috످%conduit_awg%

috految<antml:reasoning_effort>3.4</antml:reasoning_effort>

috److It looks like `%conduit_awg%` is a template placeholder that wasn't filled in.

Are you looking for help with conduit or wire sizing (AWG)? If so, please share your wire gauge (or circuit amperage), number of wires, insulation type (e.g., THHN), conduit type (e.g., EMT or PVC), and run length.

If you're troubleshooting a template or script, paste the relevant code and I can take a look.

috످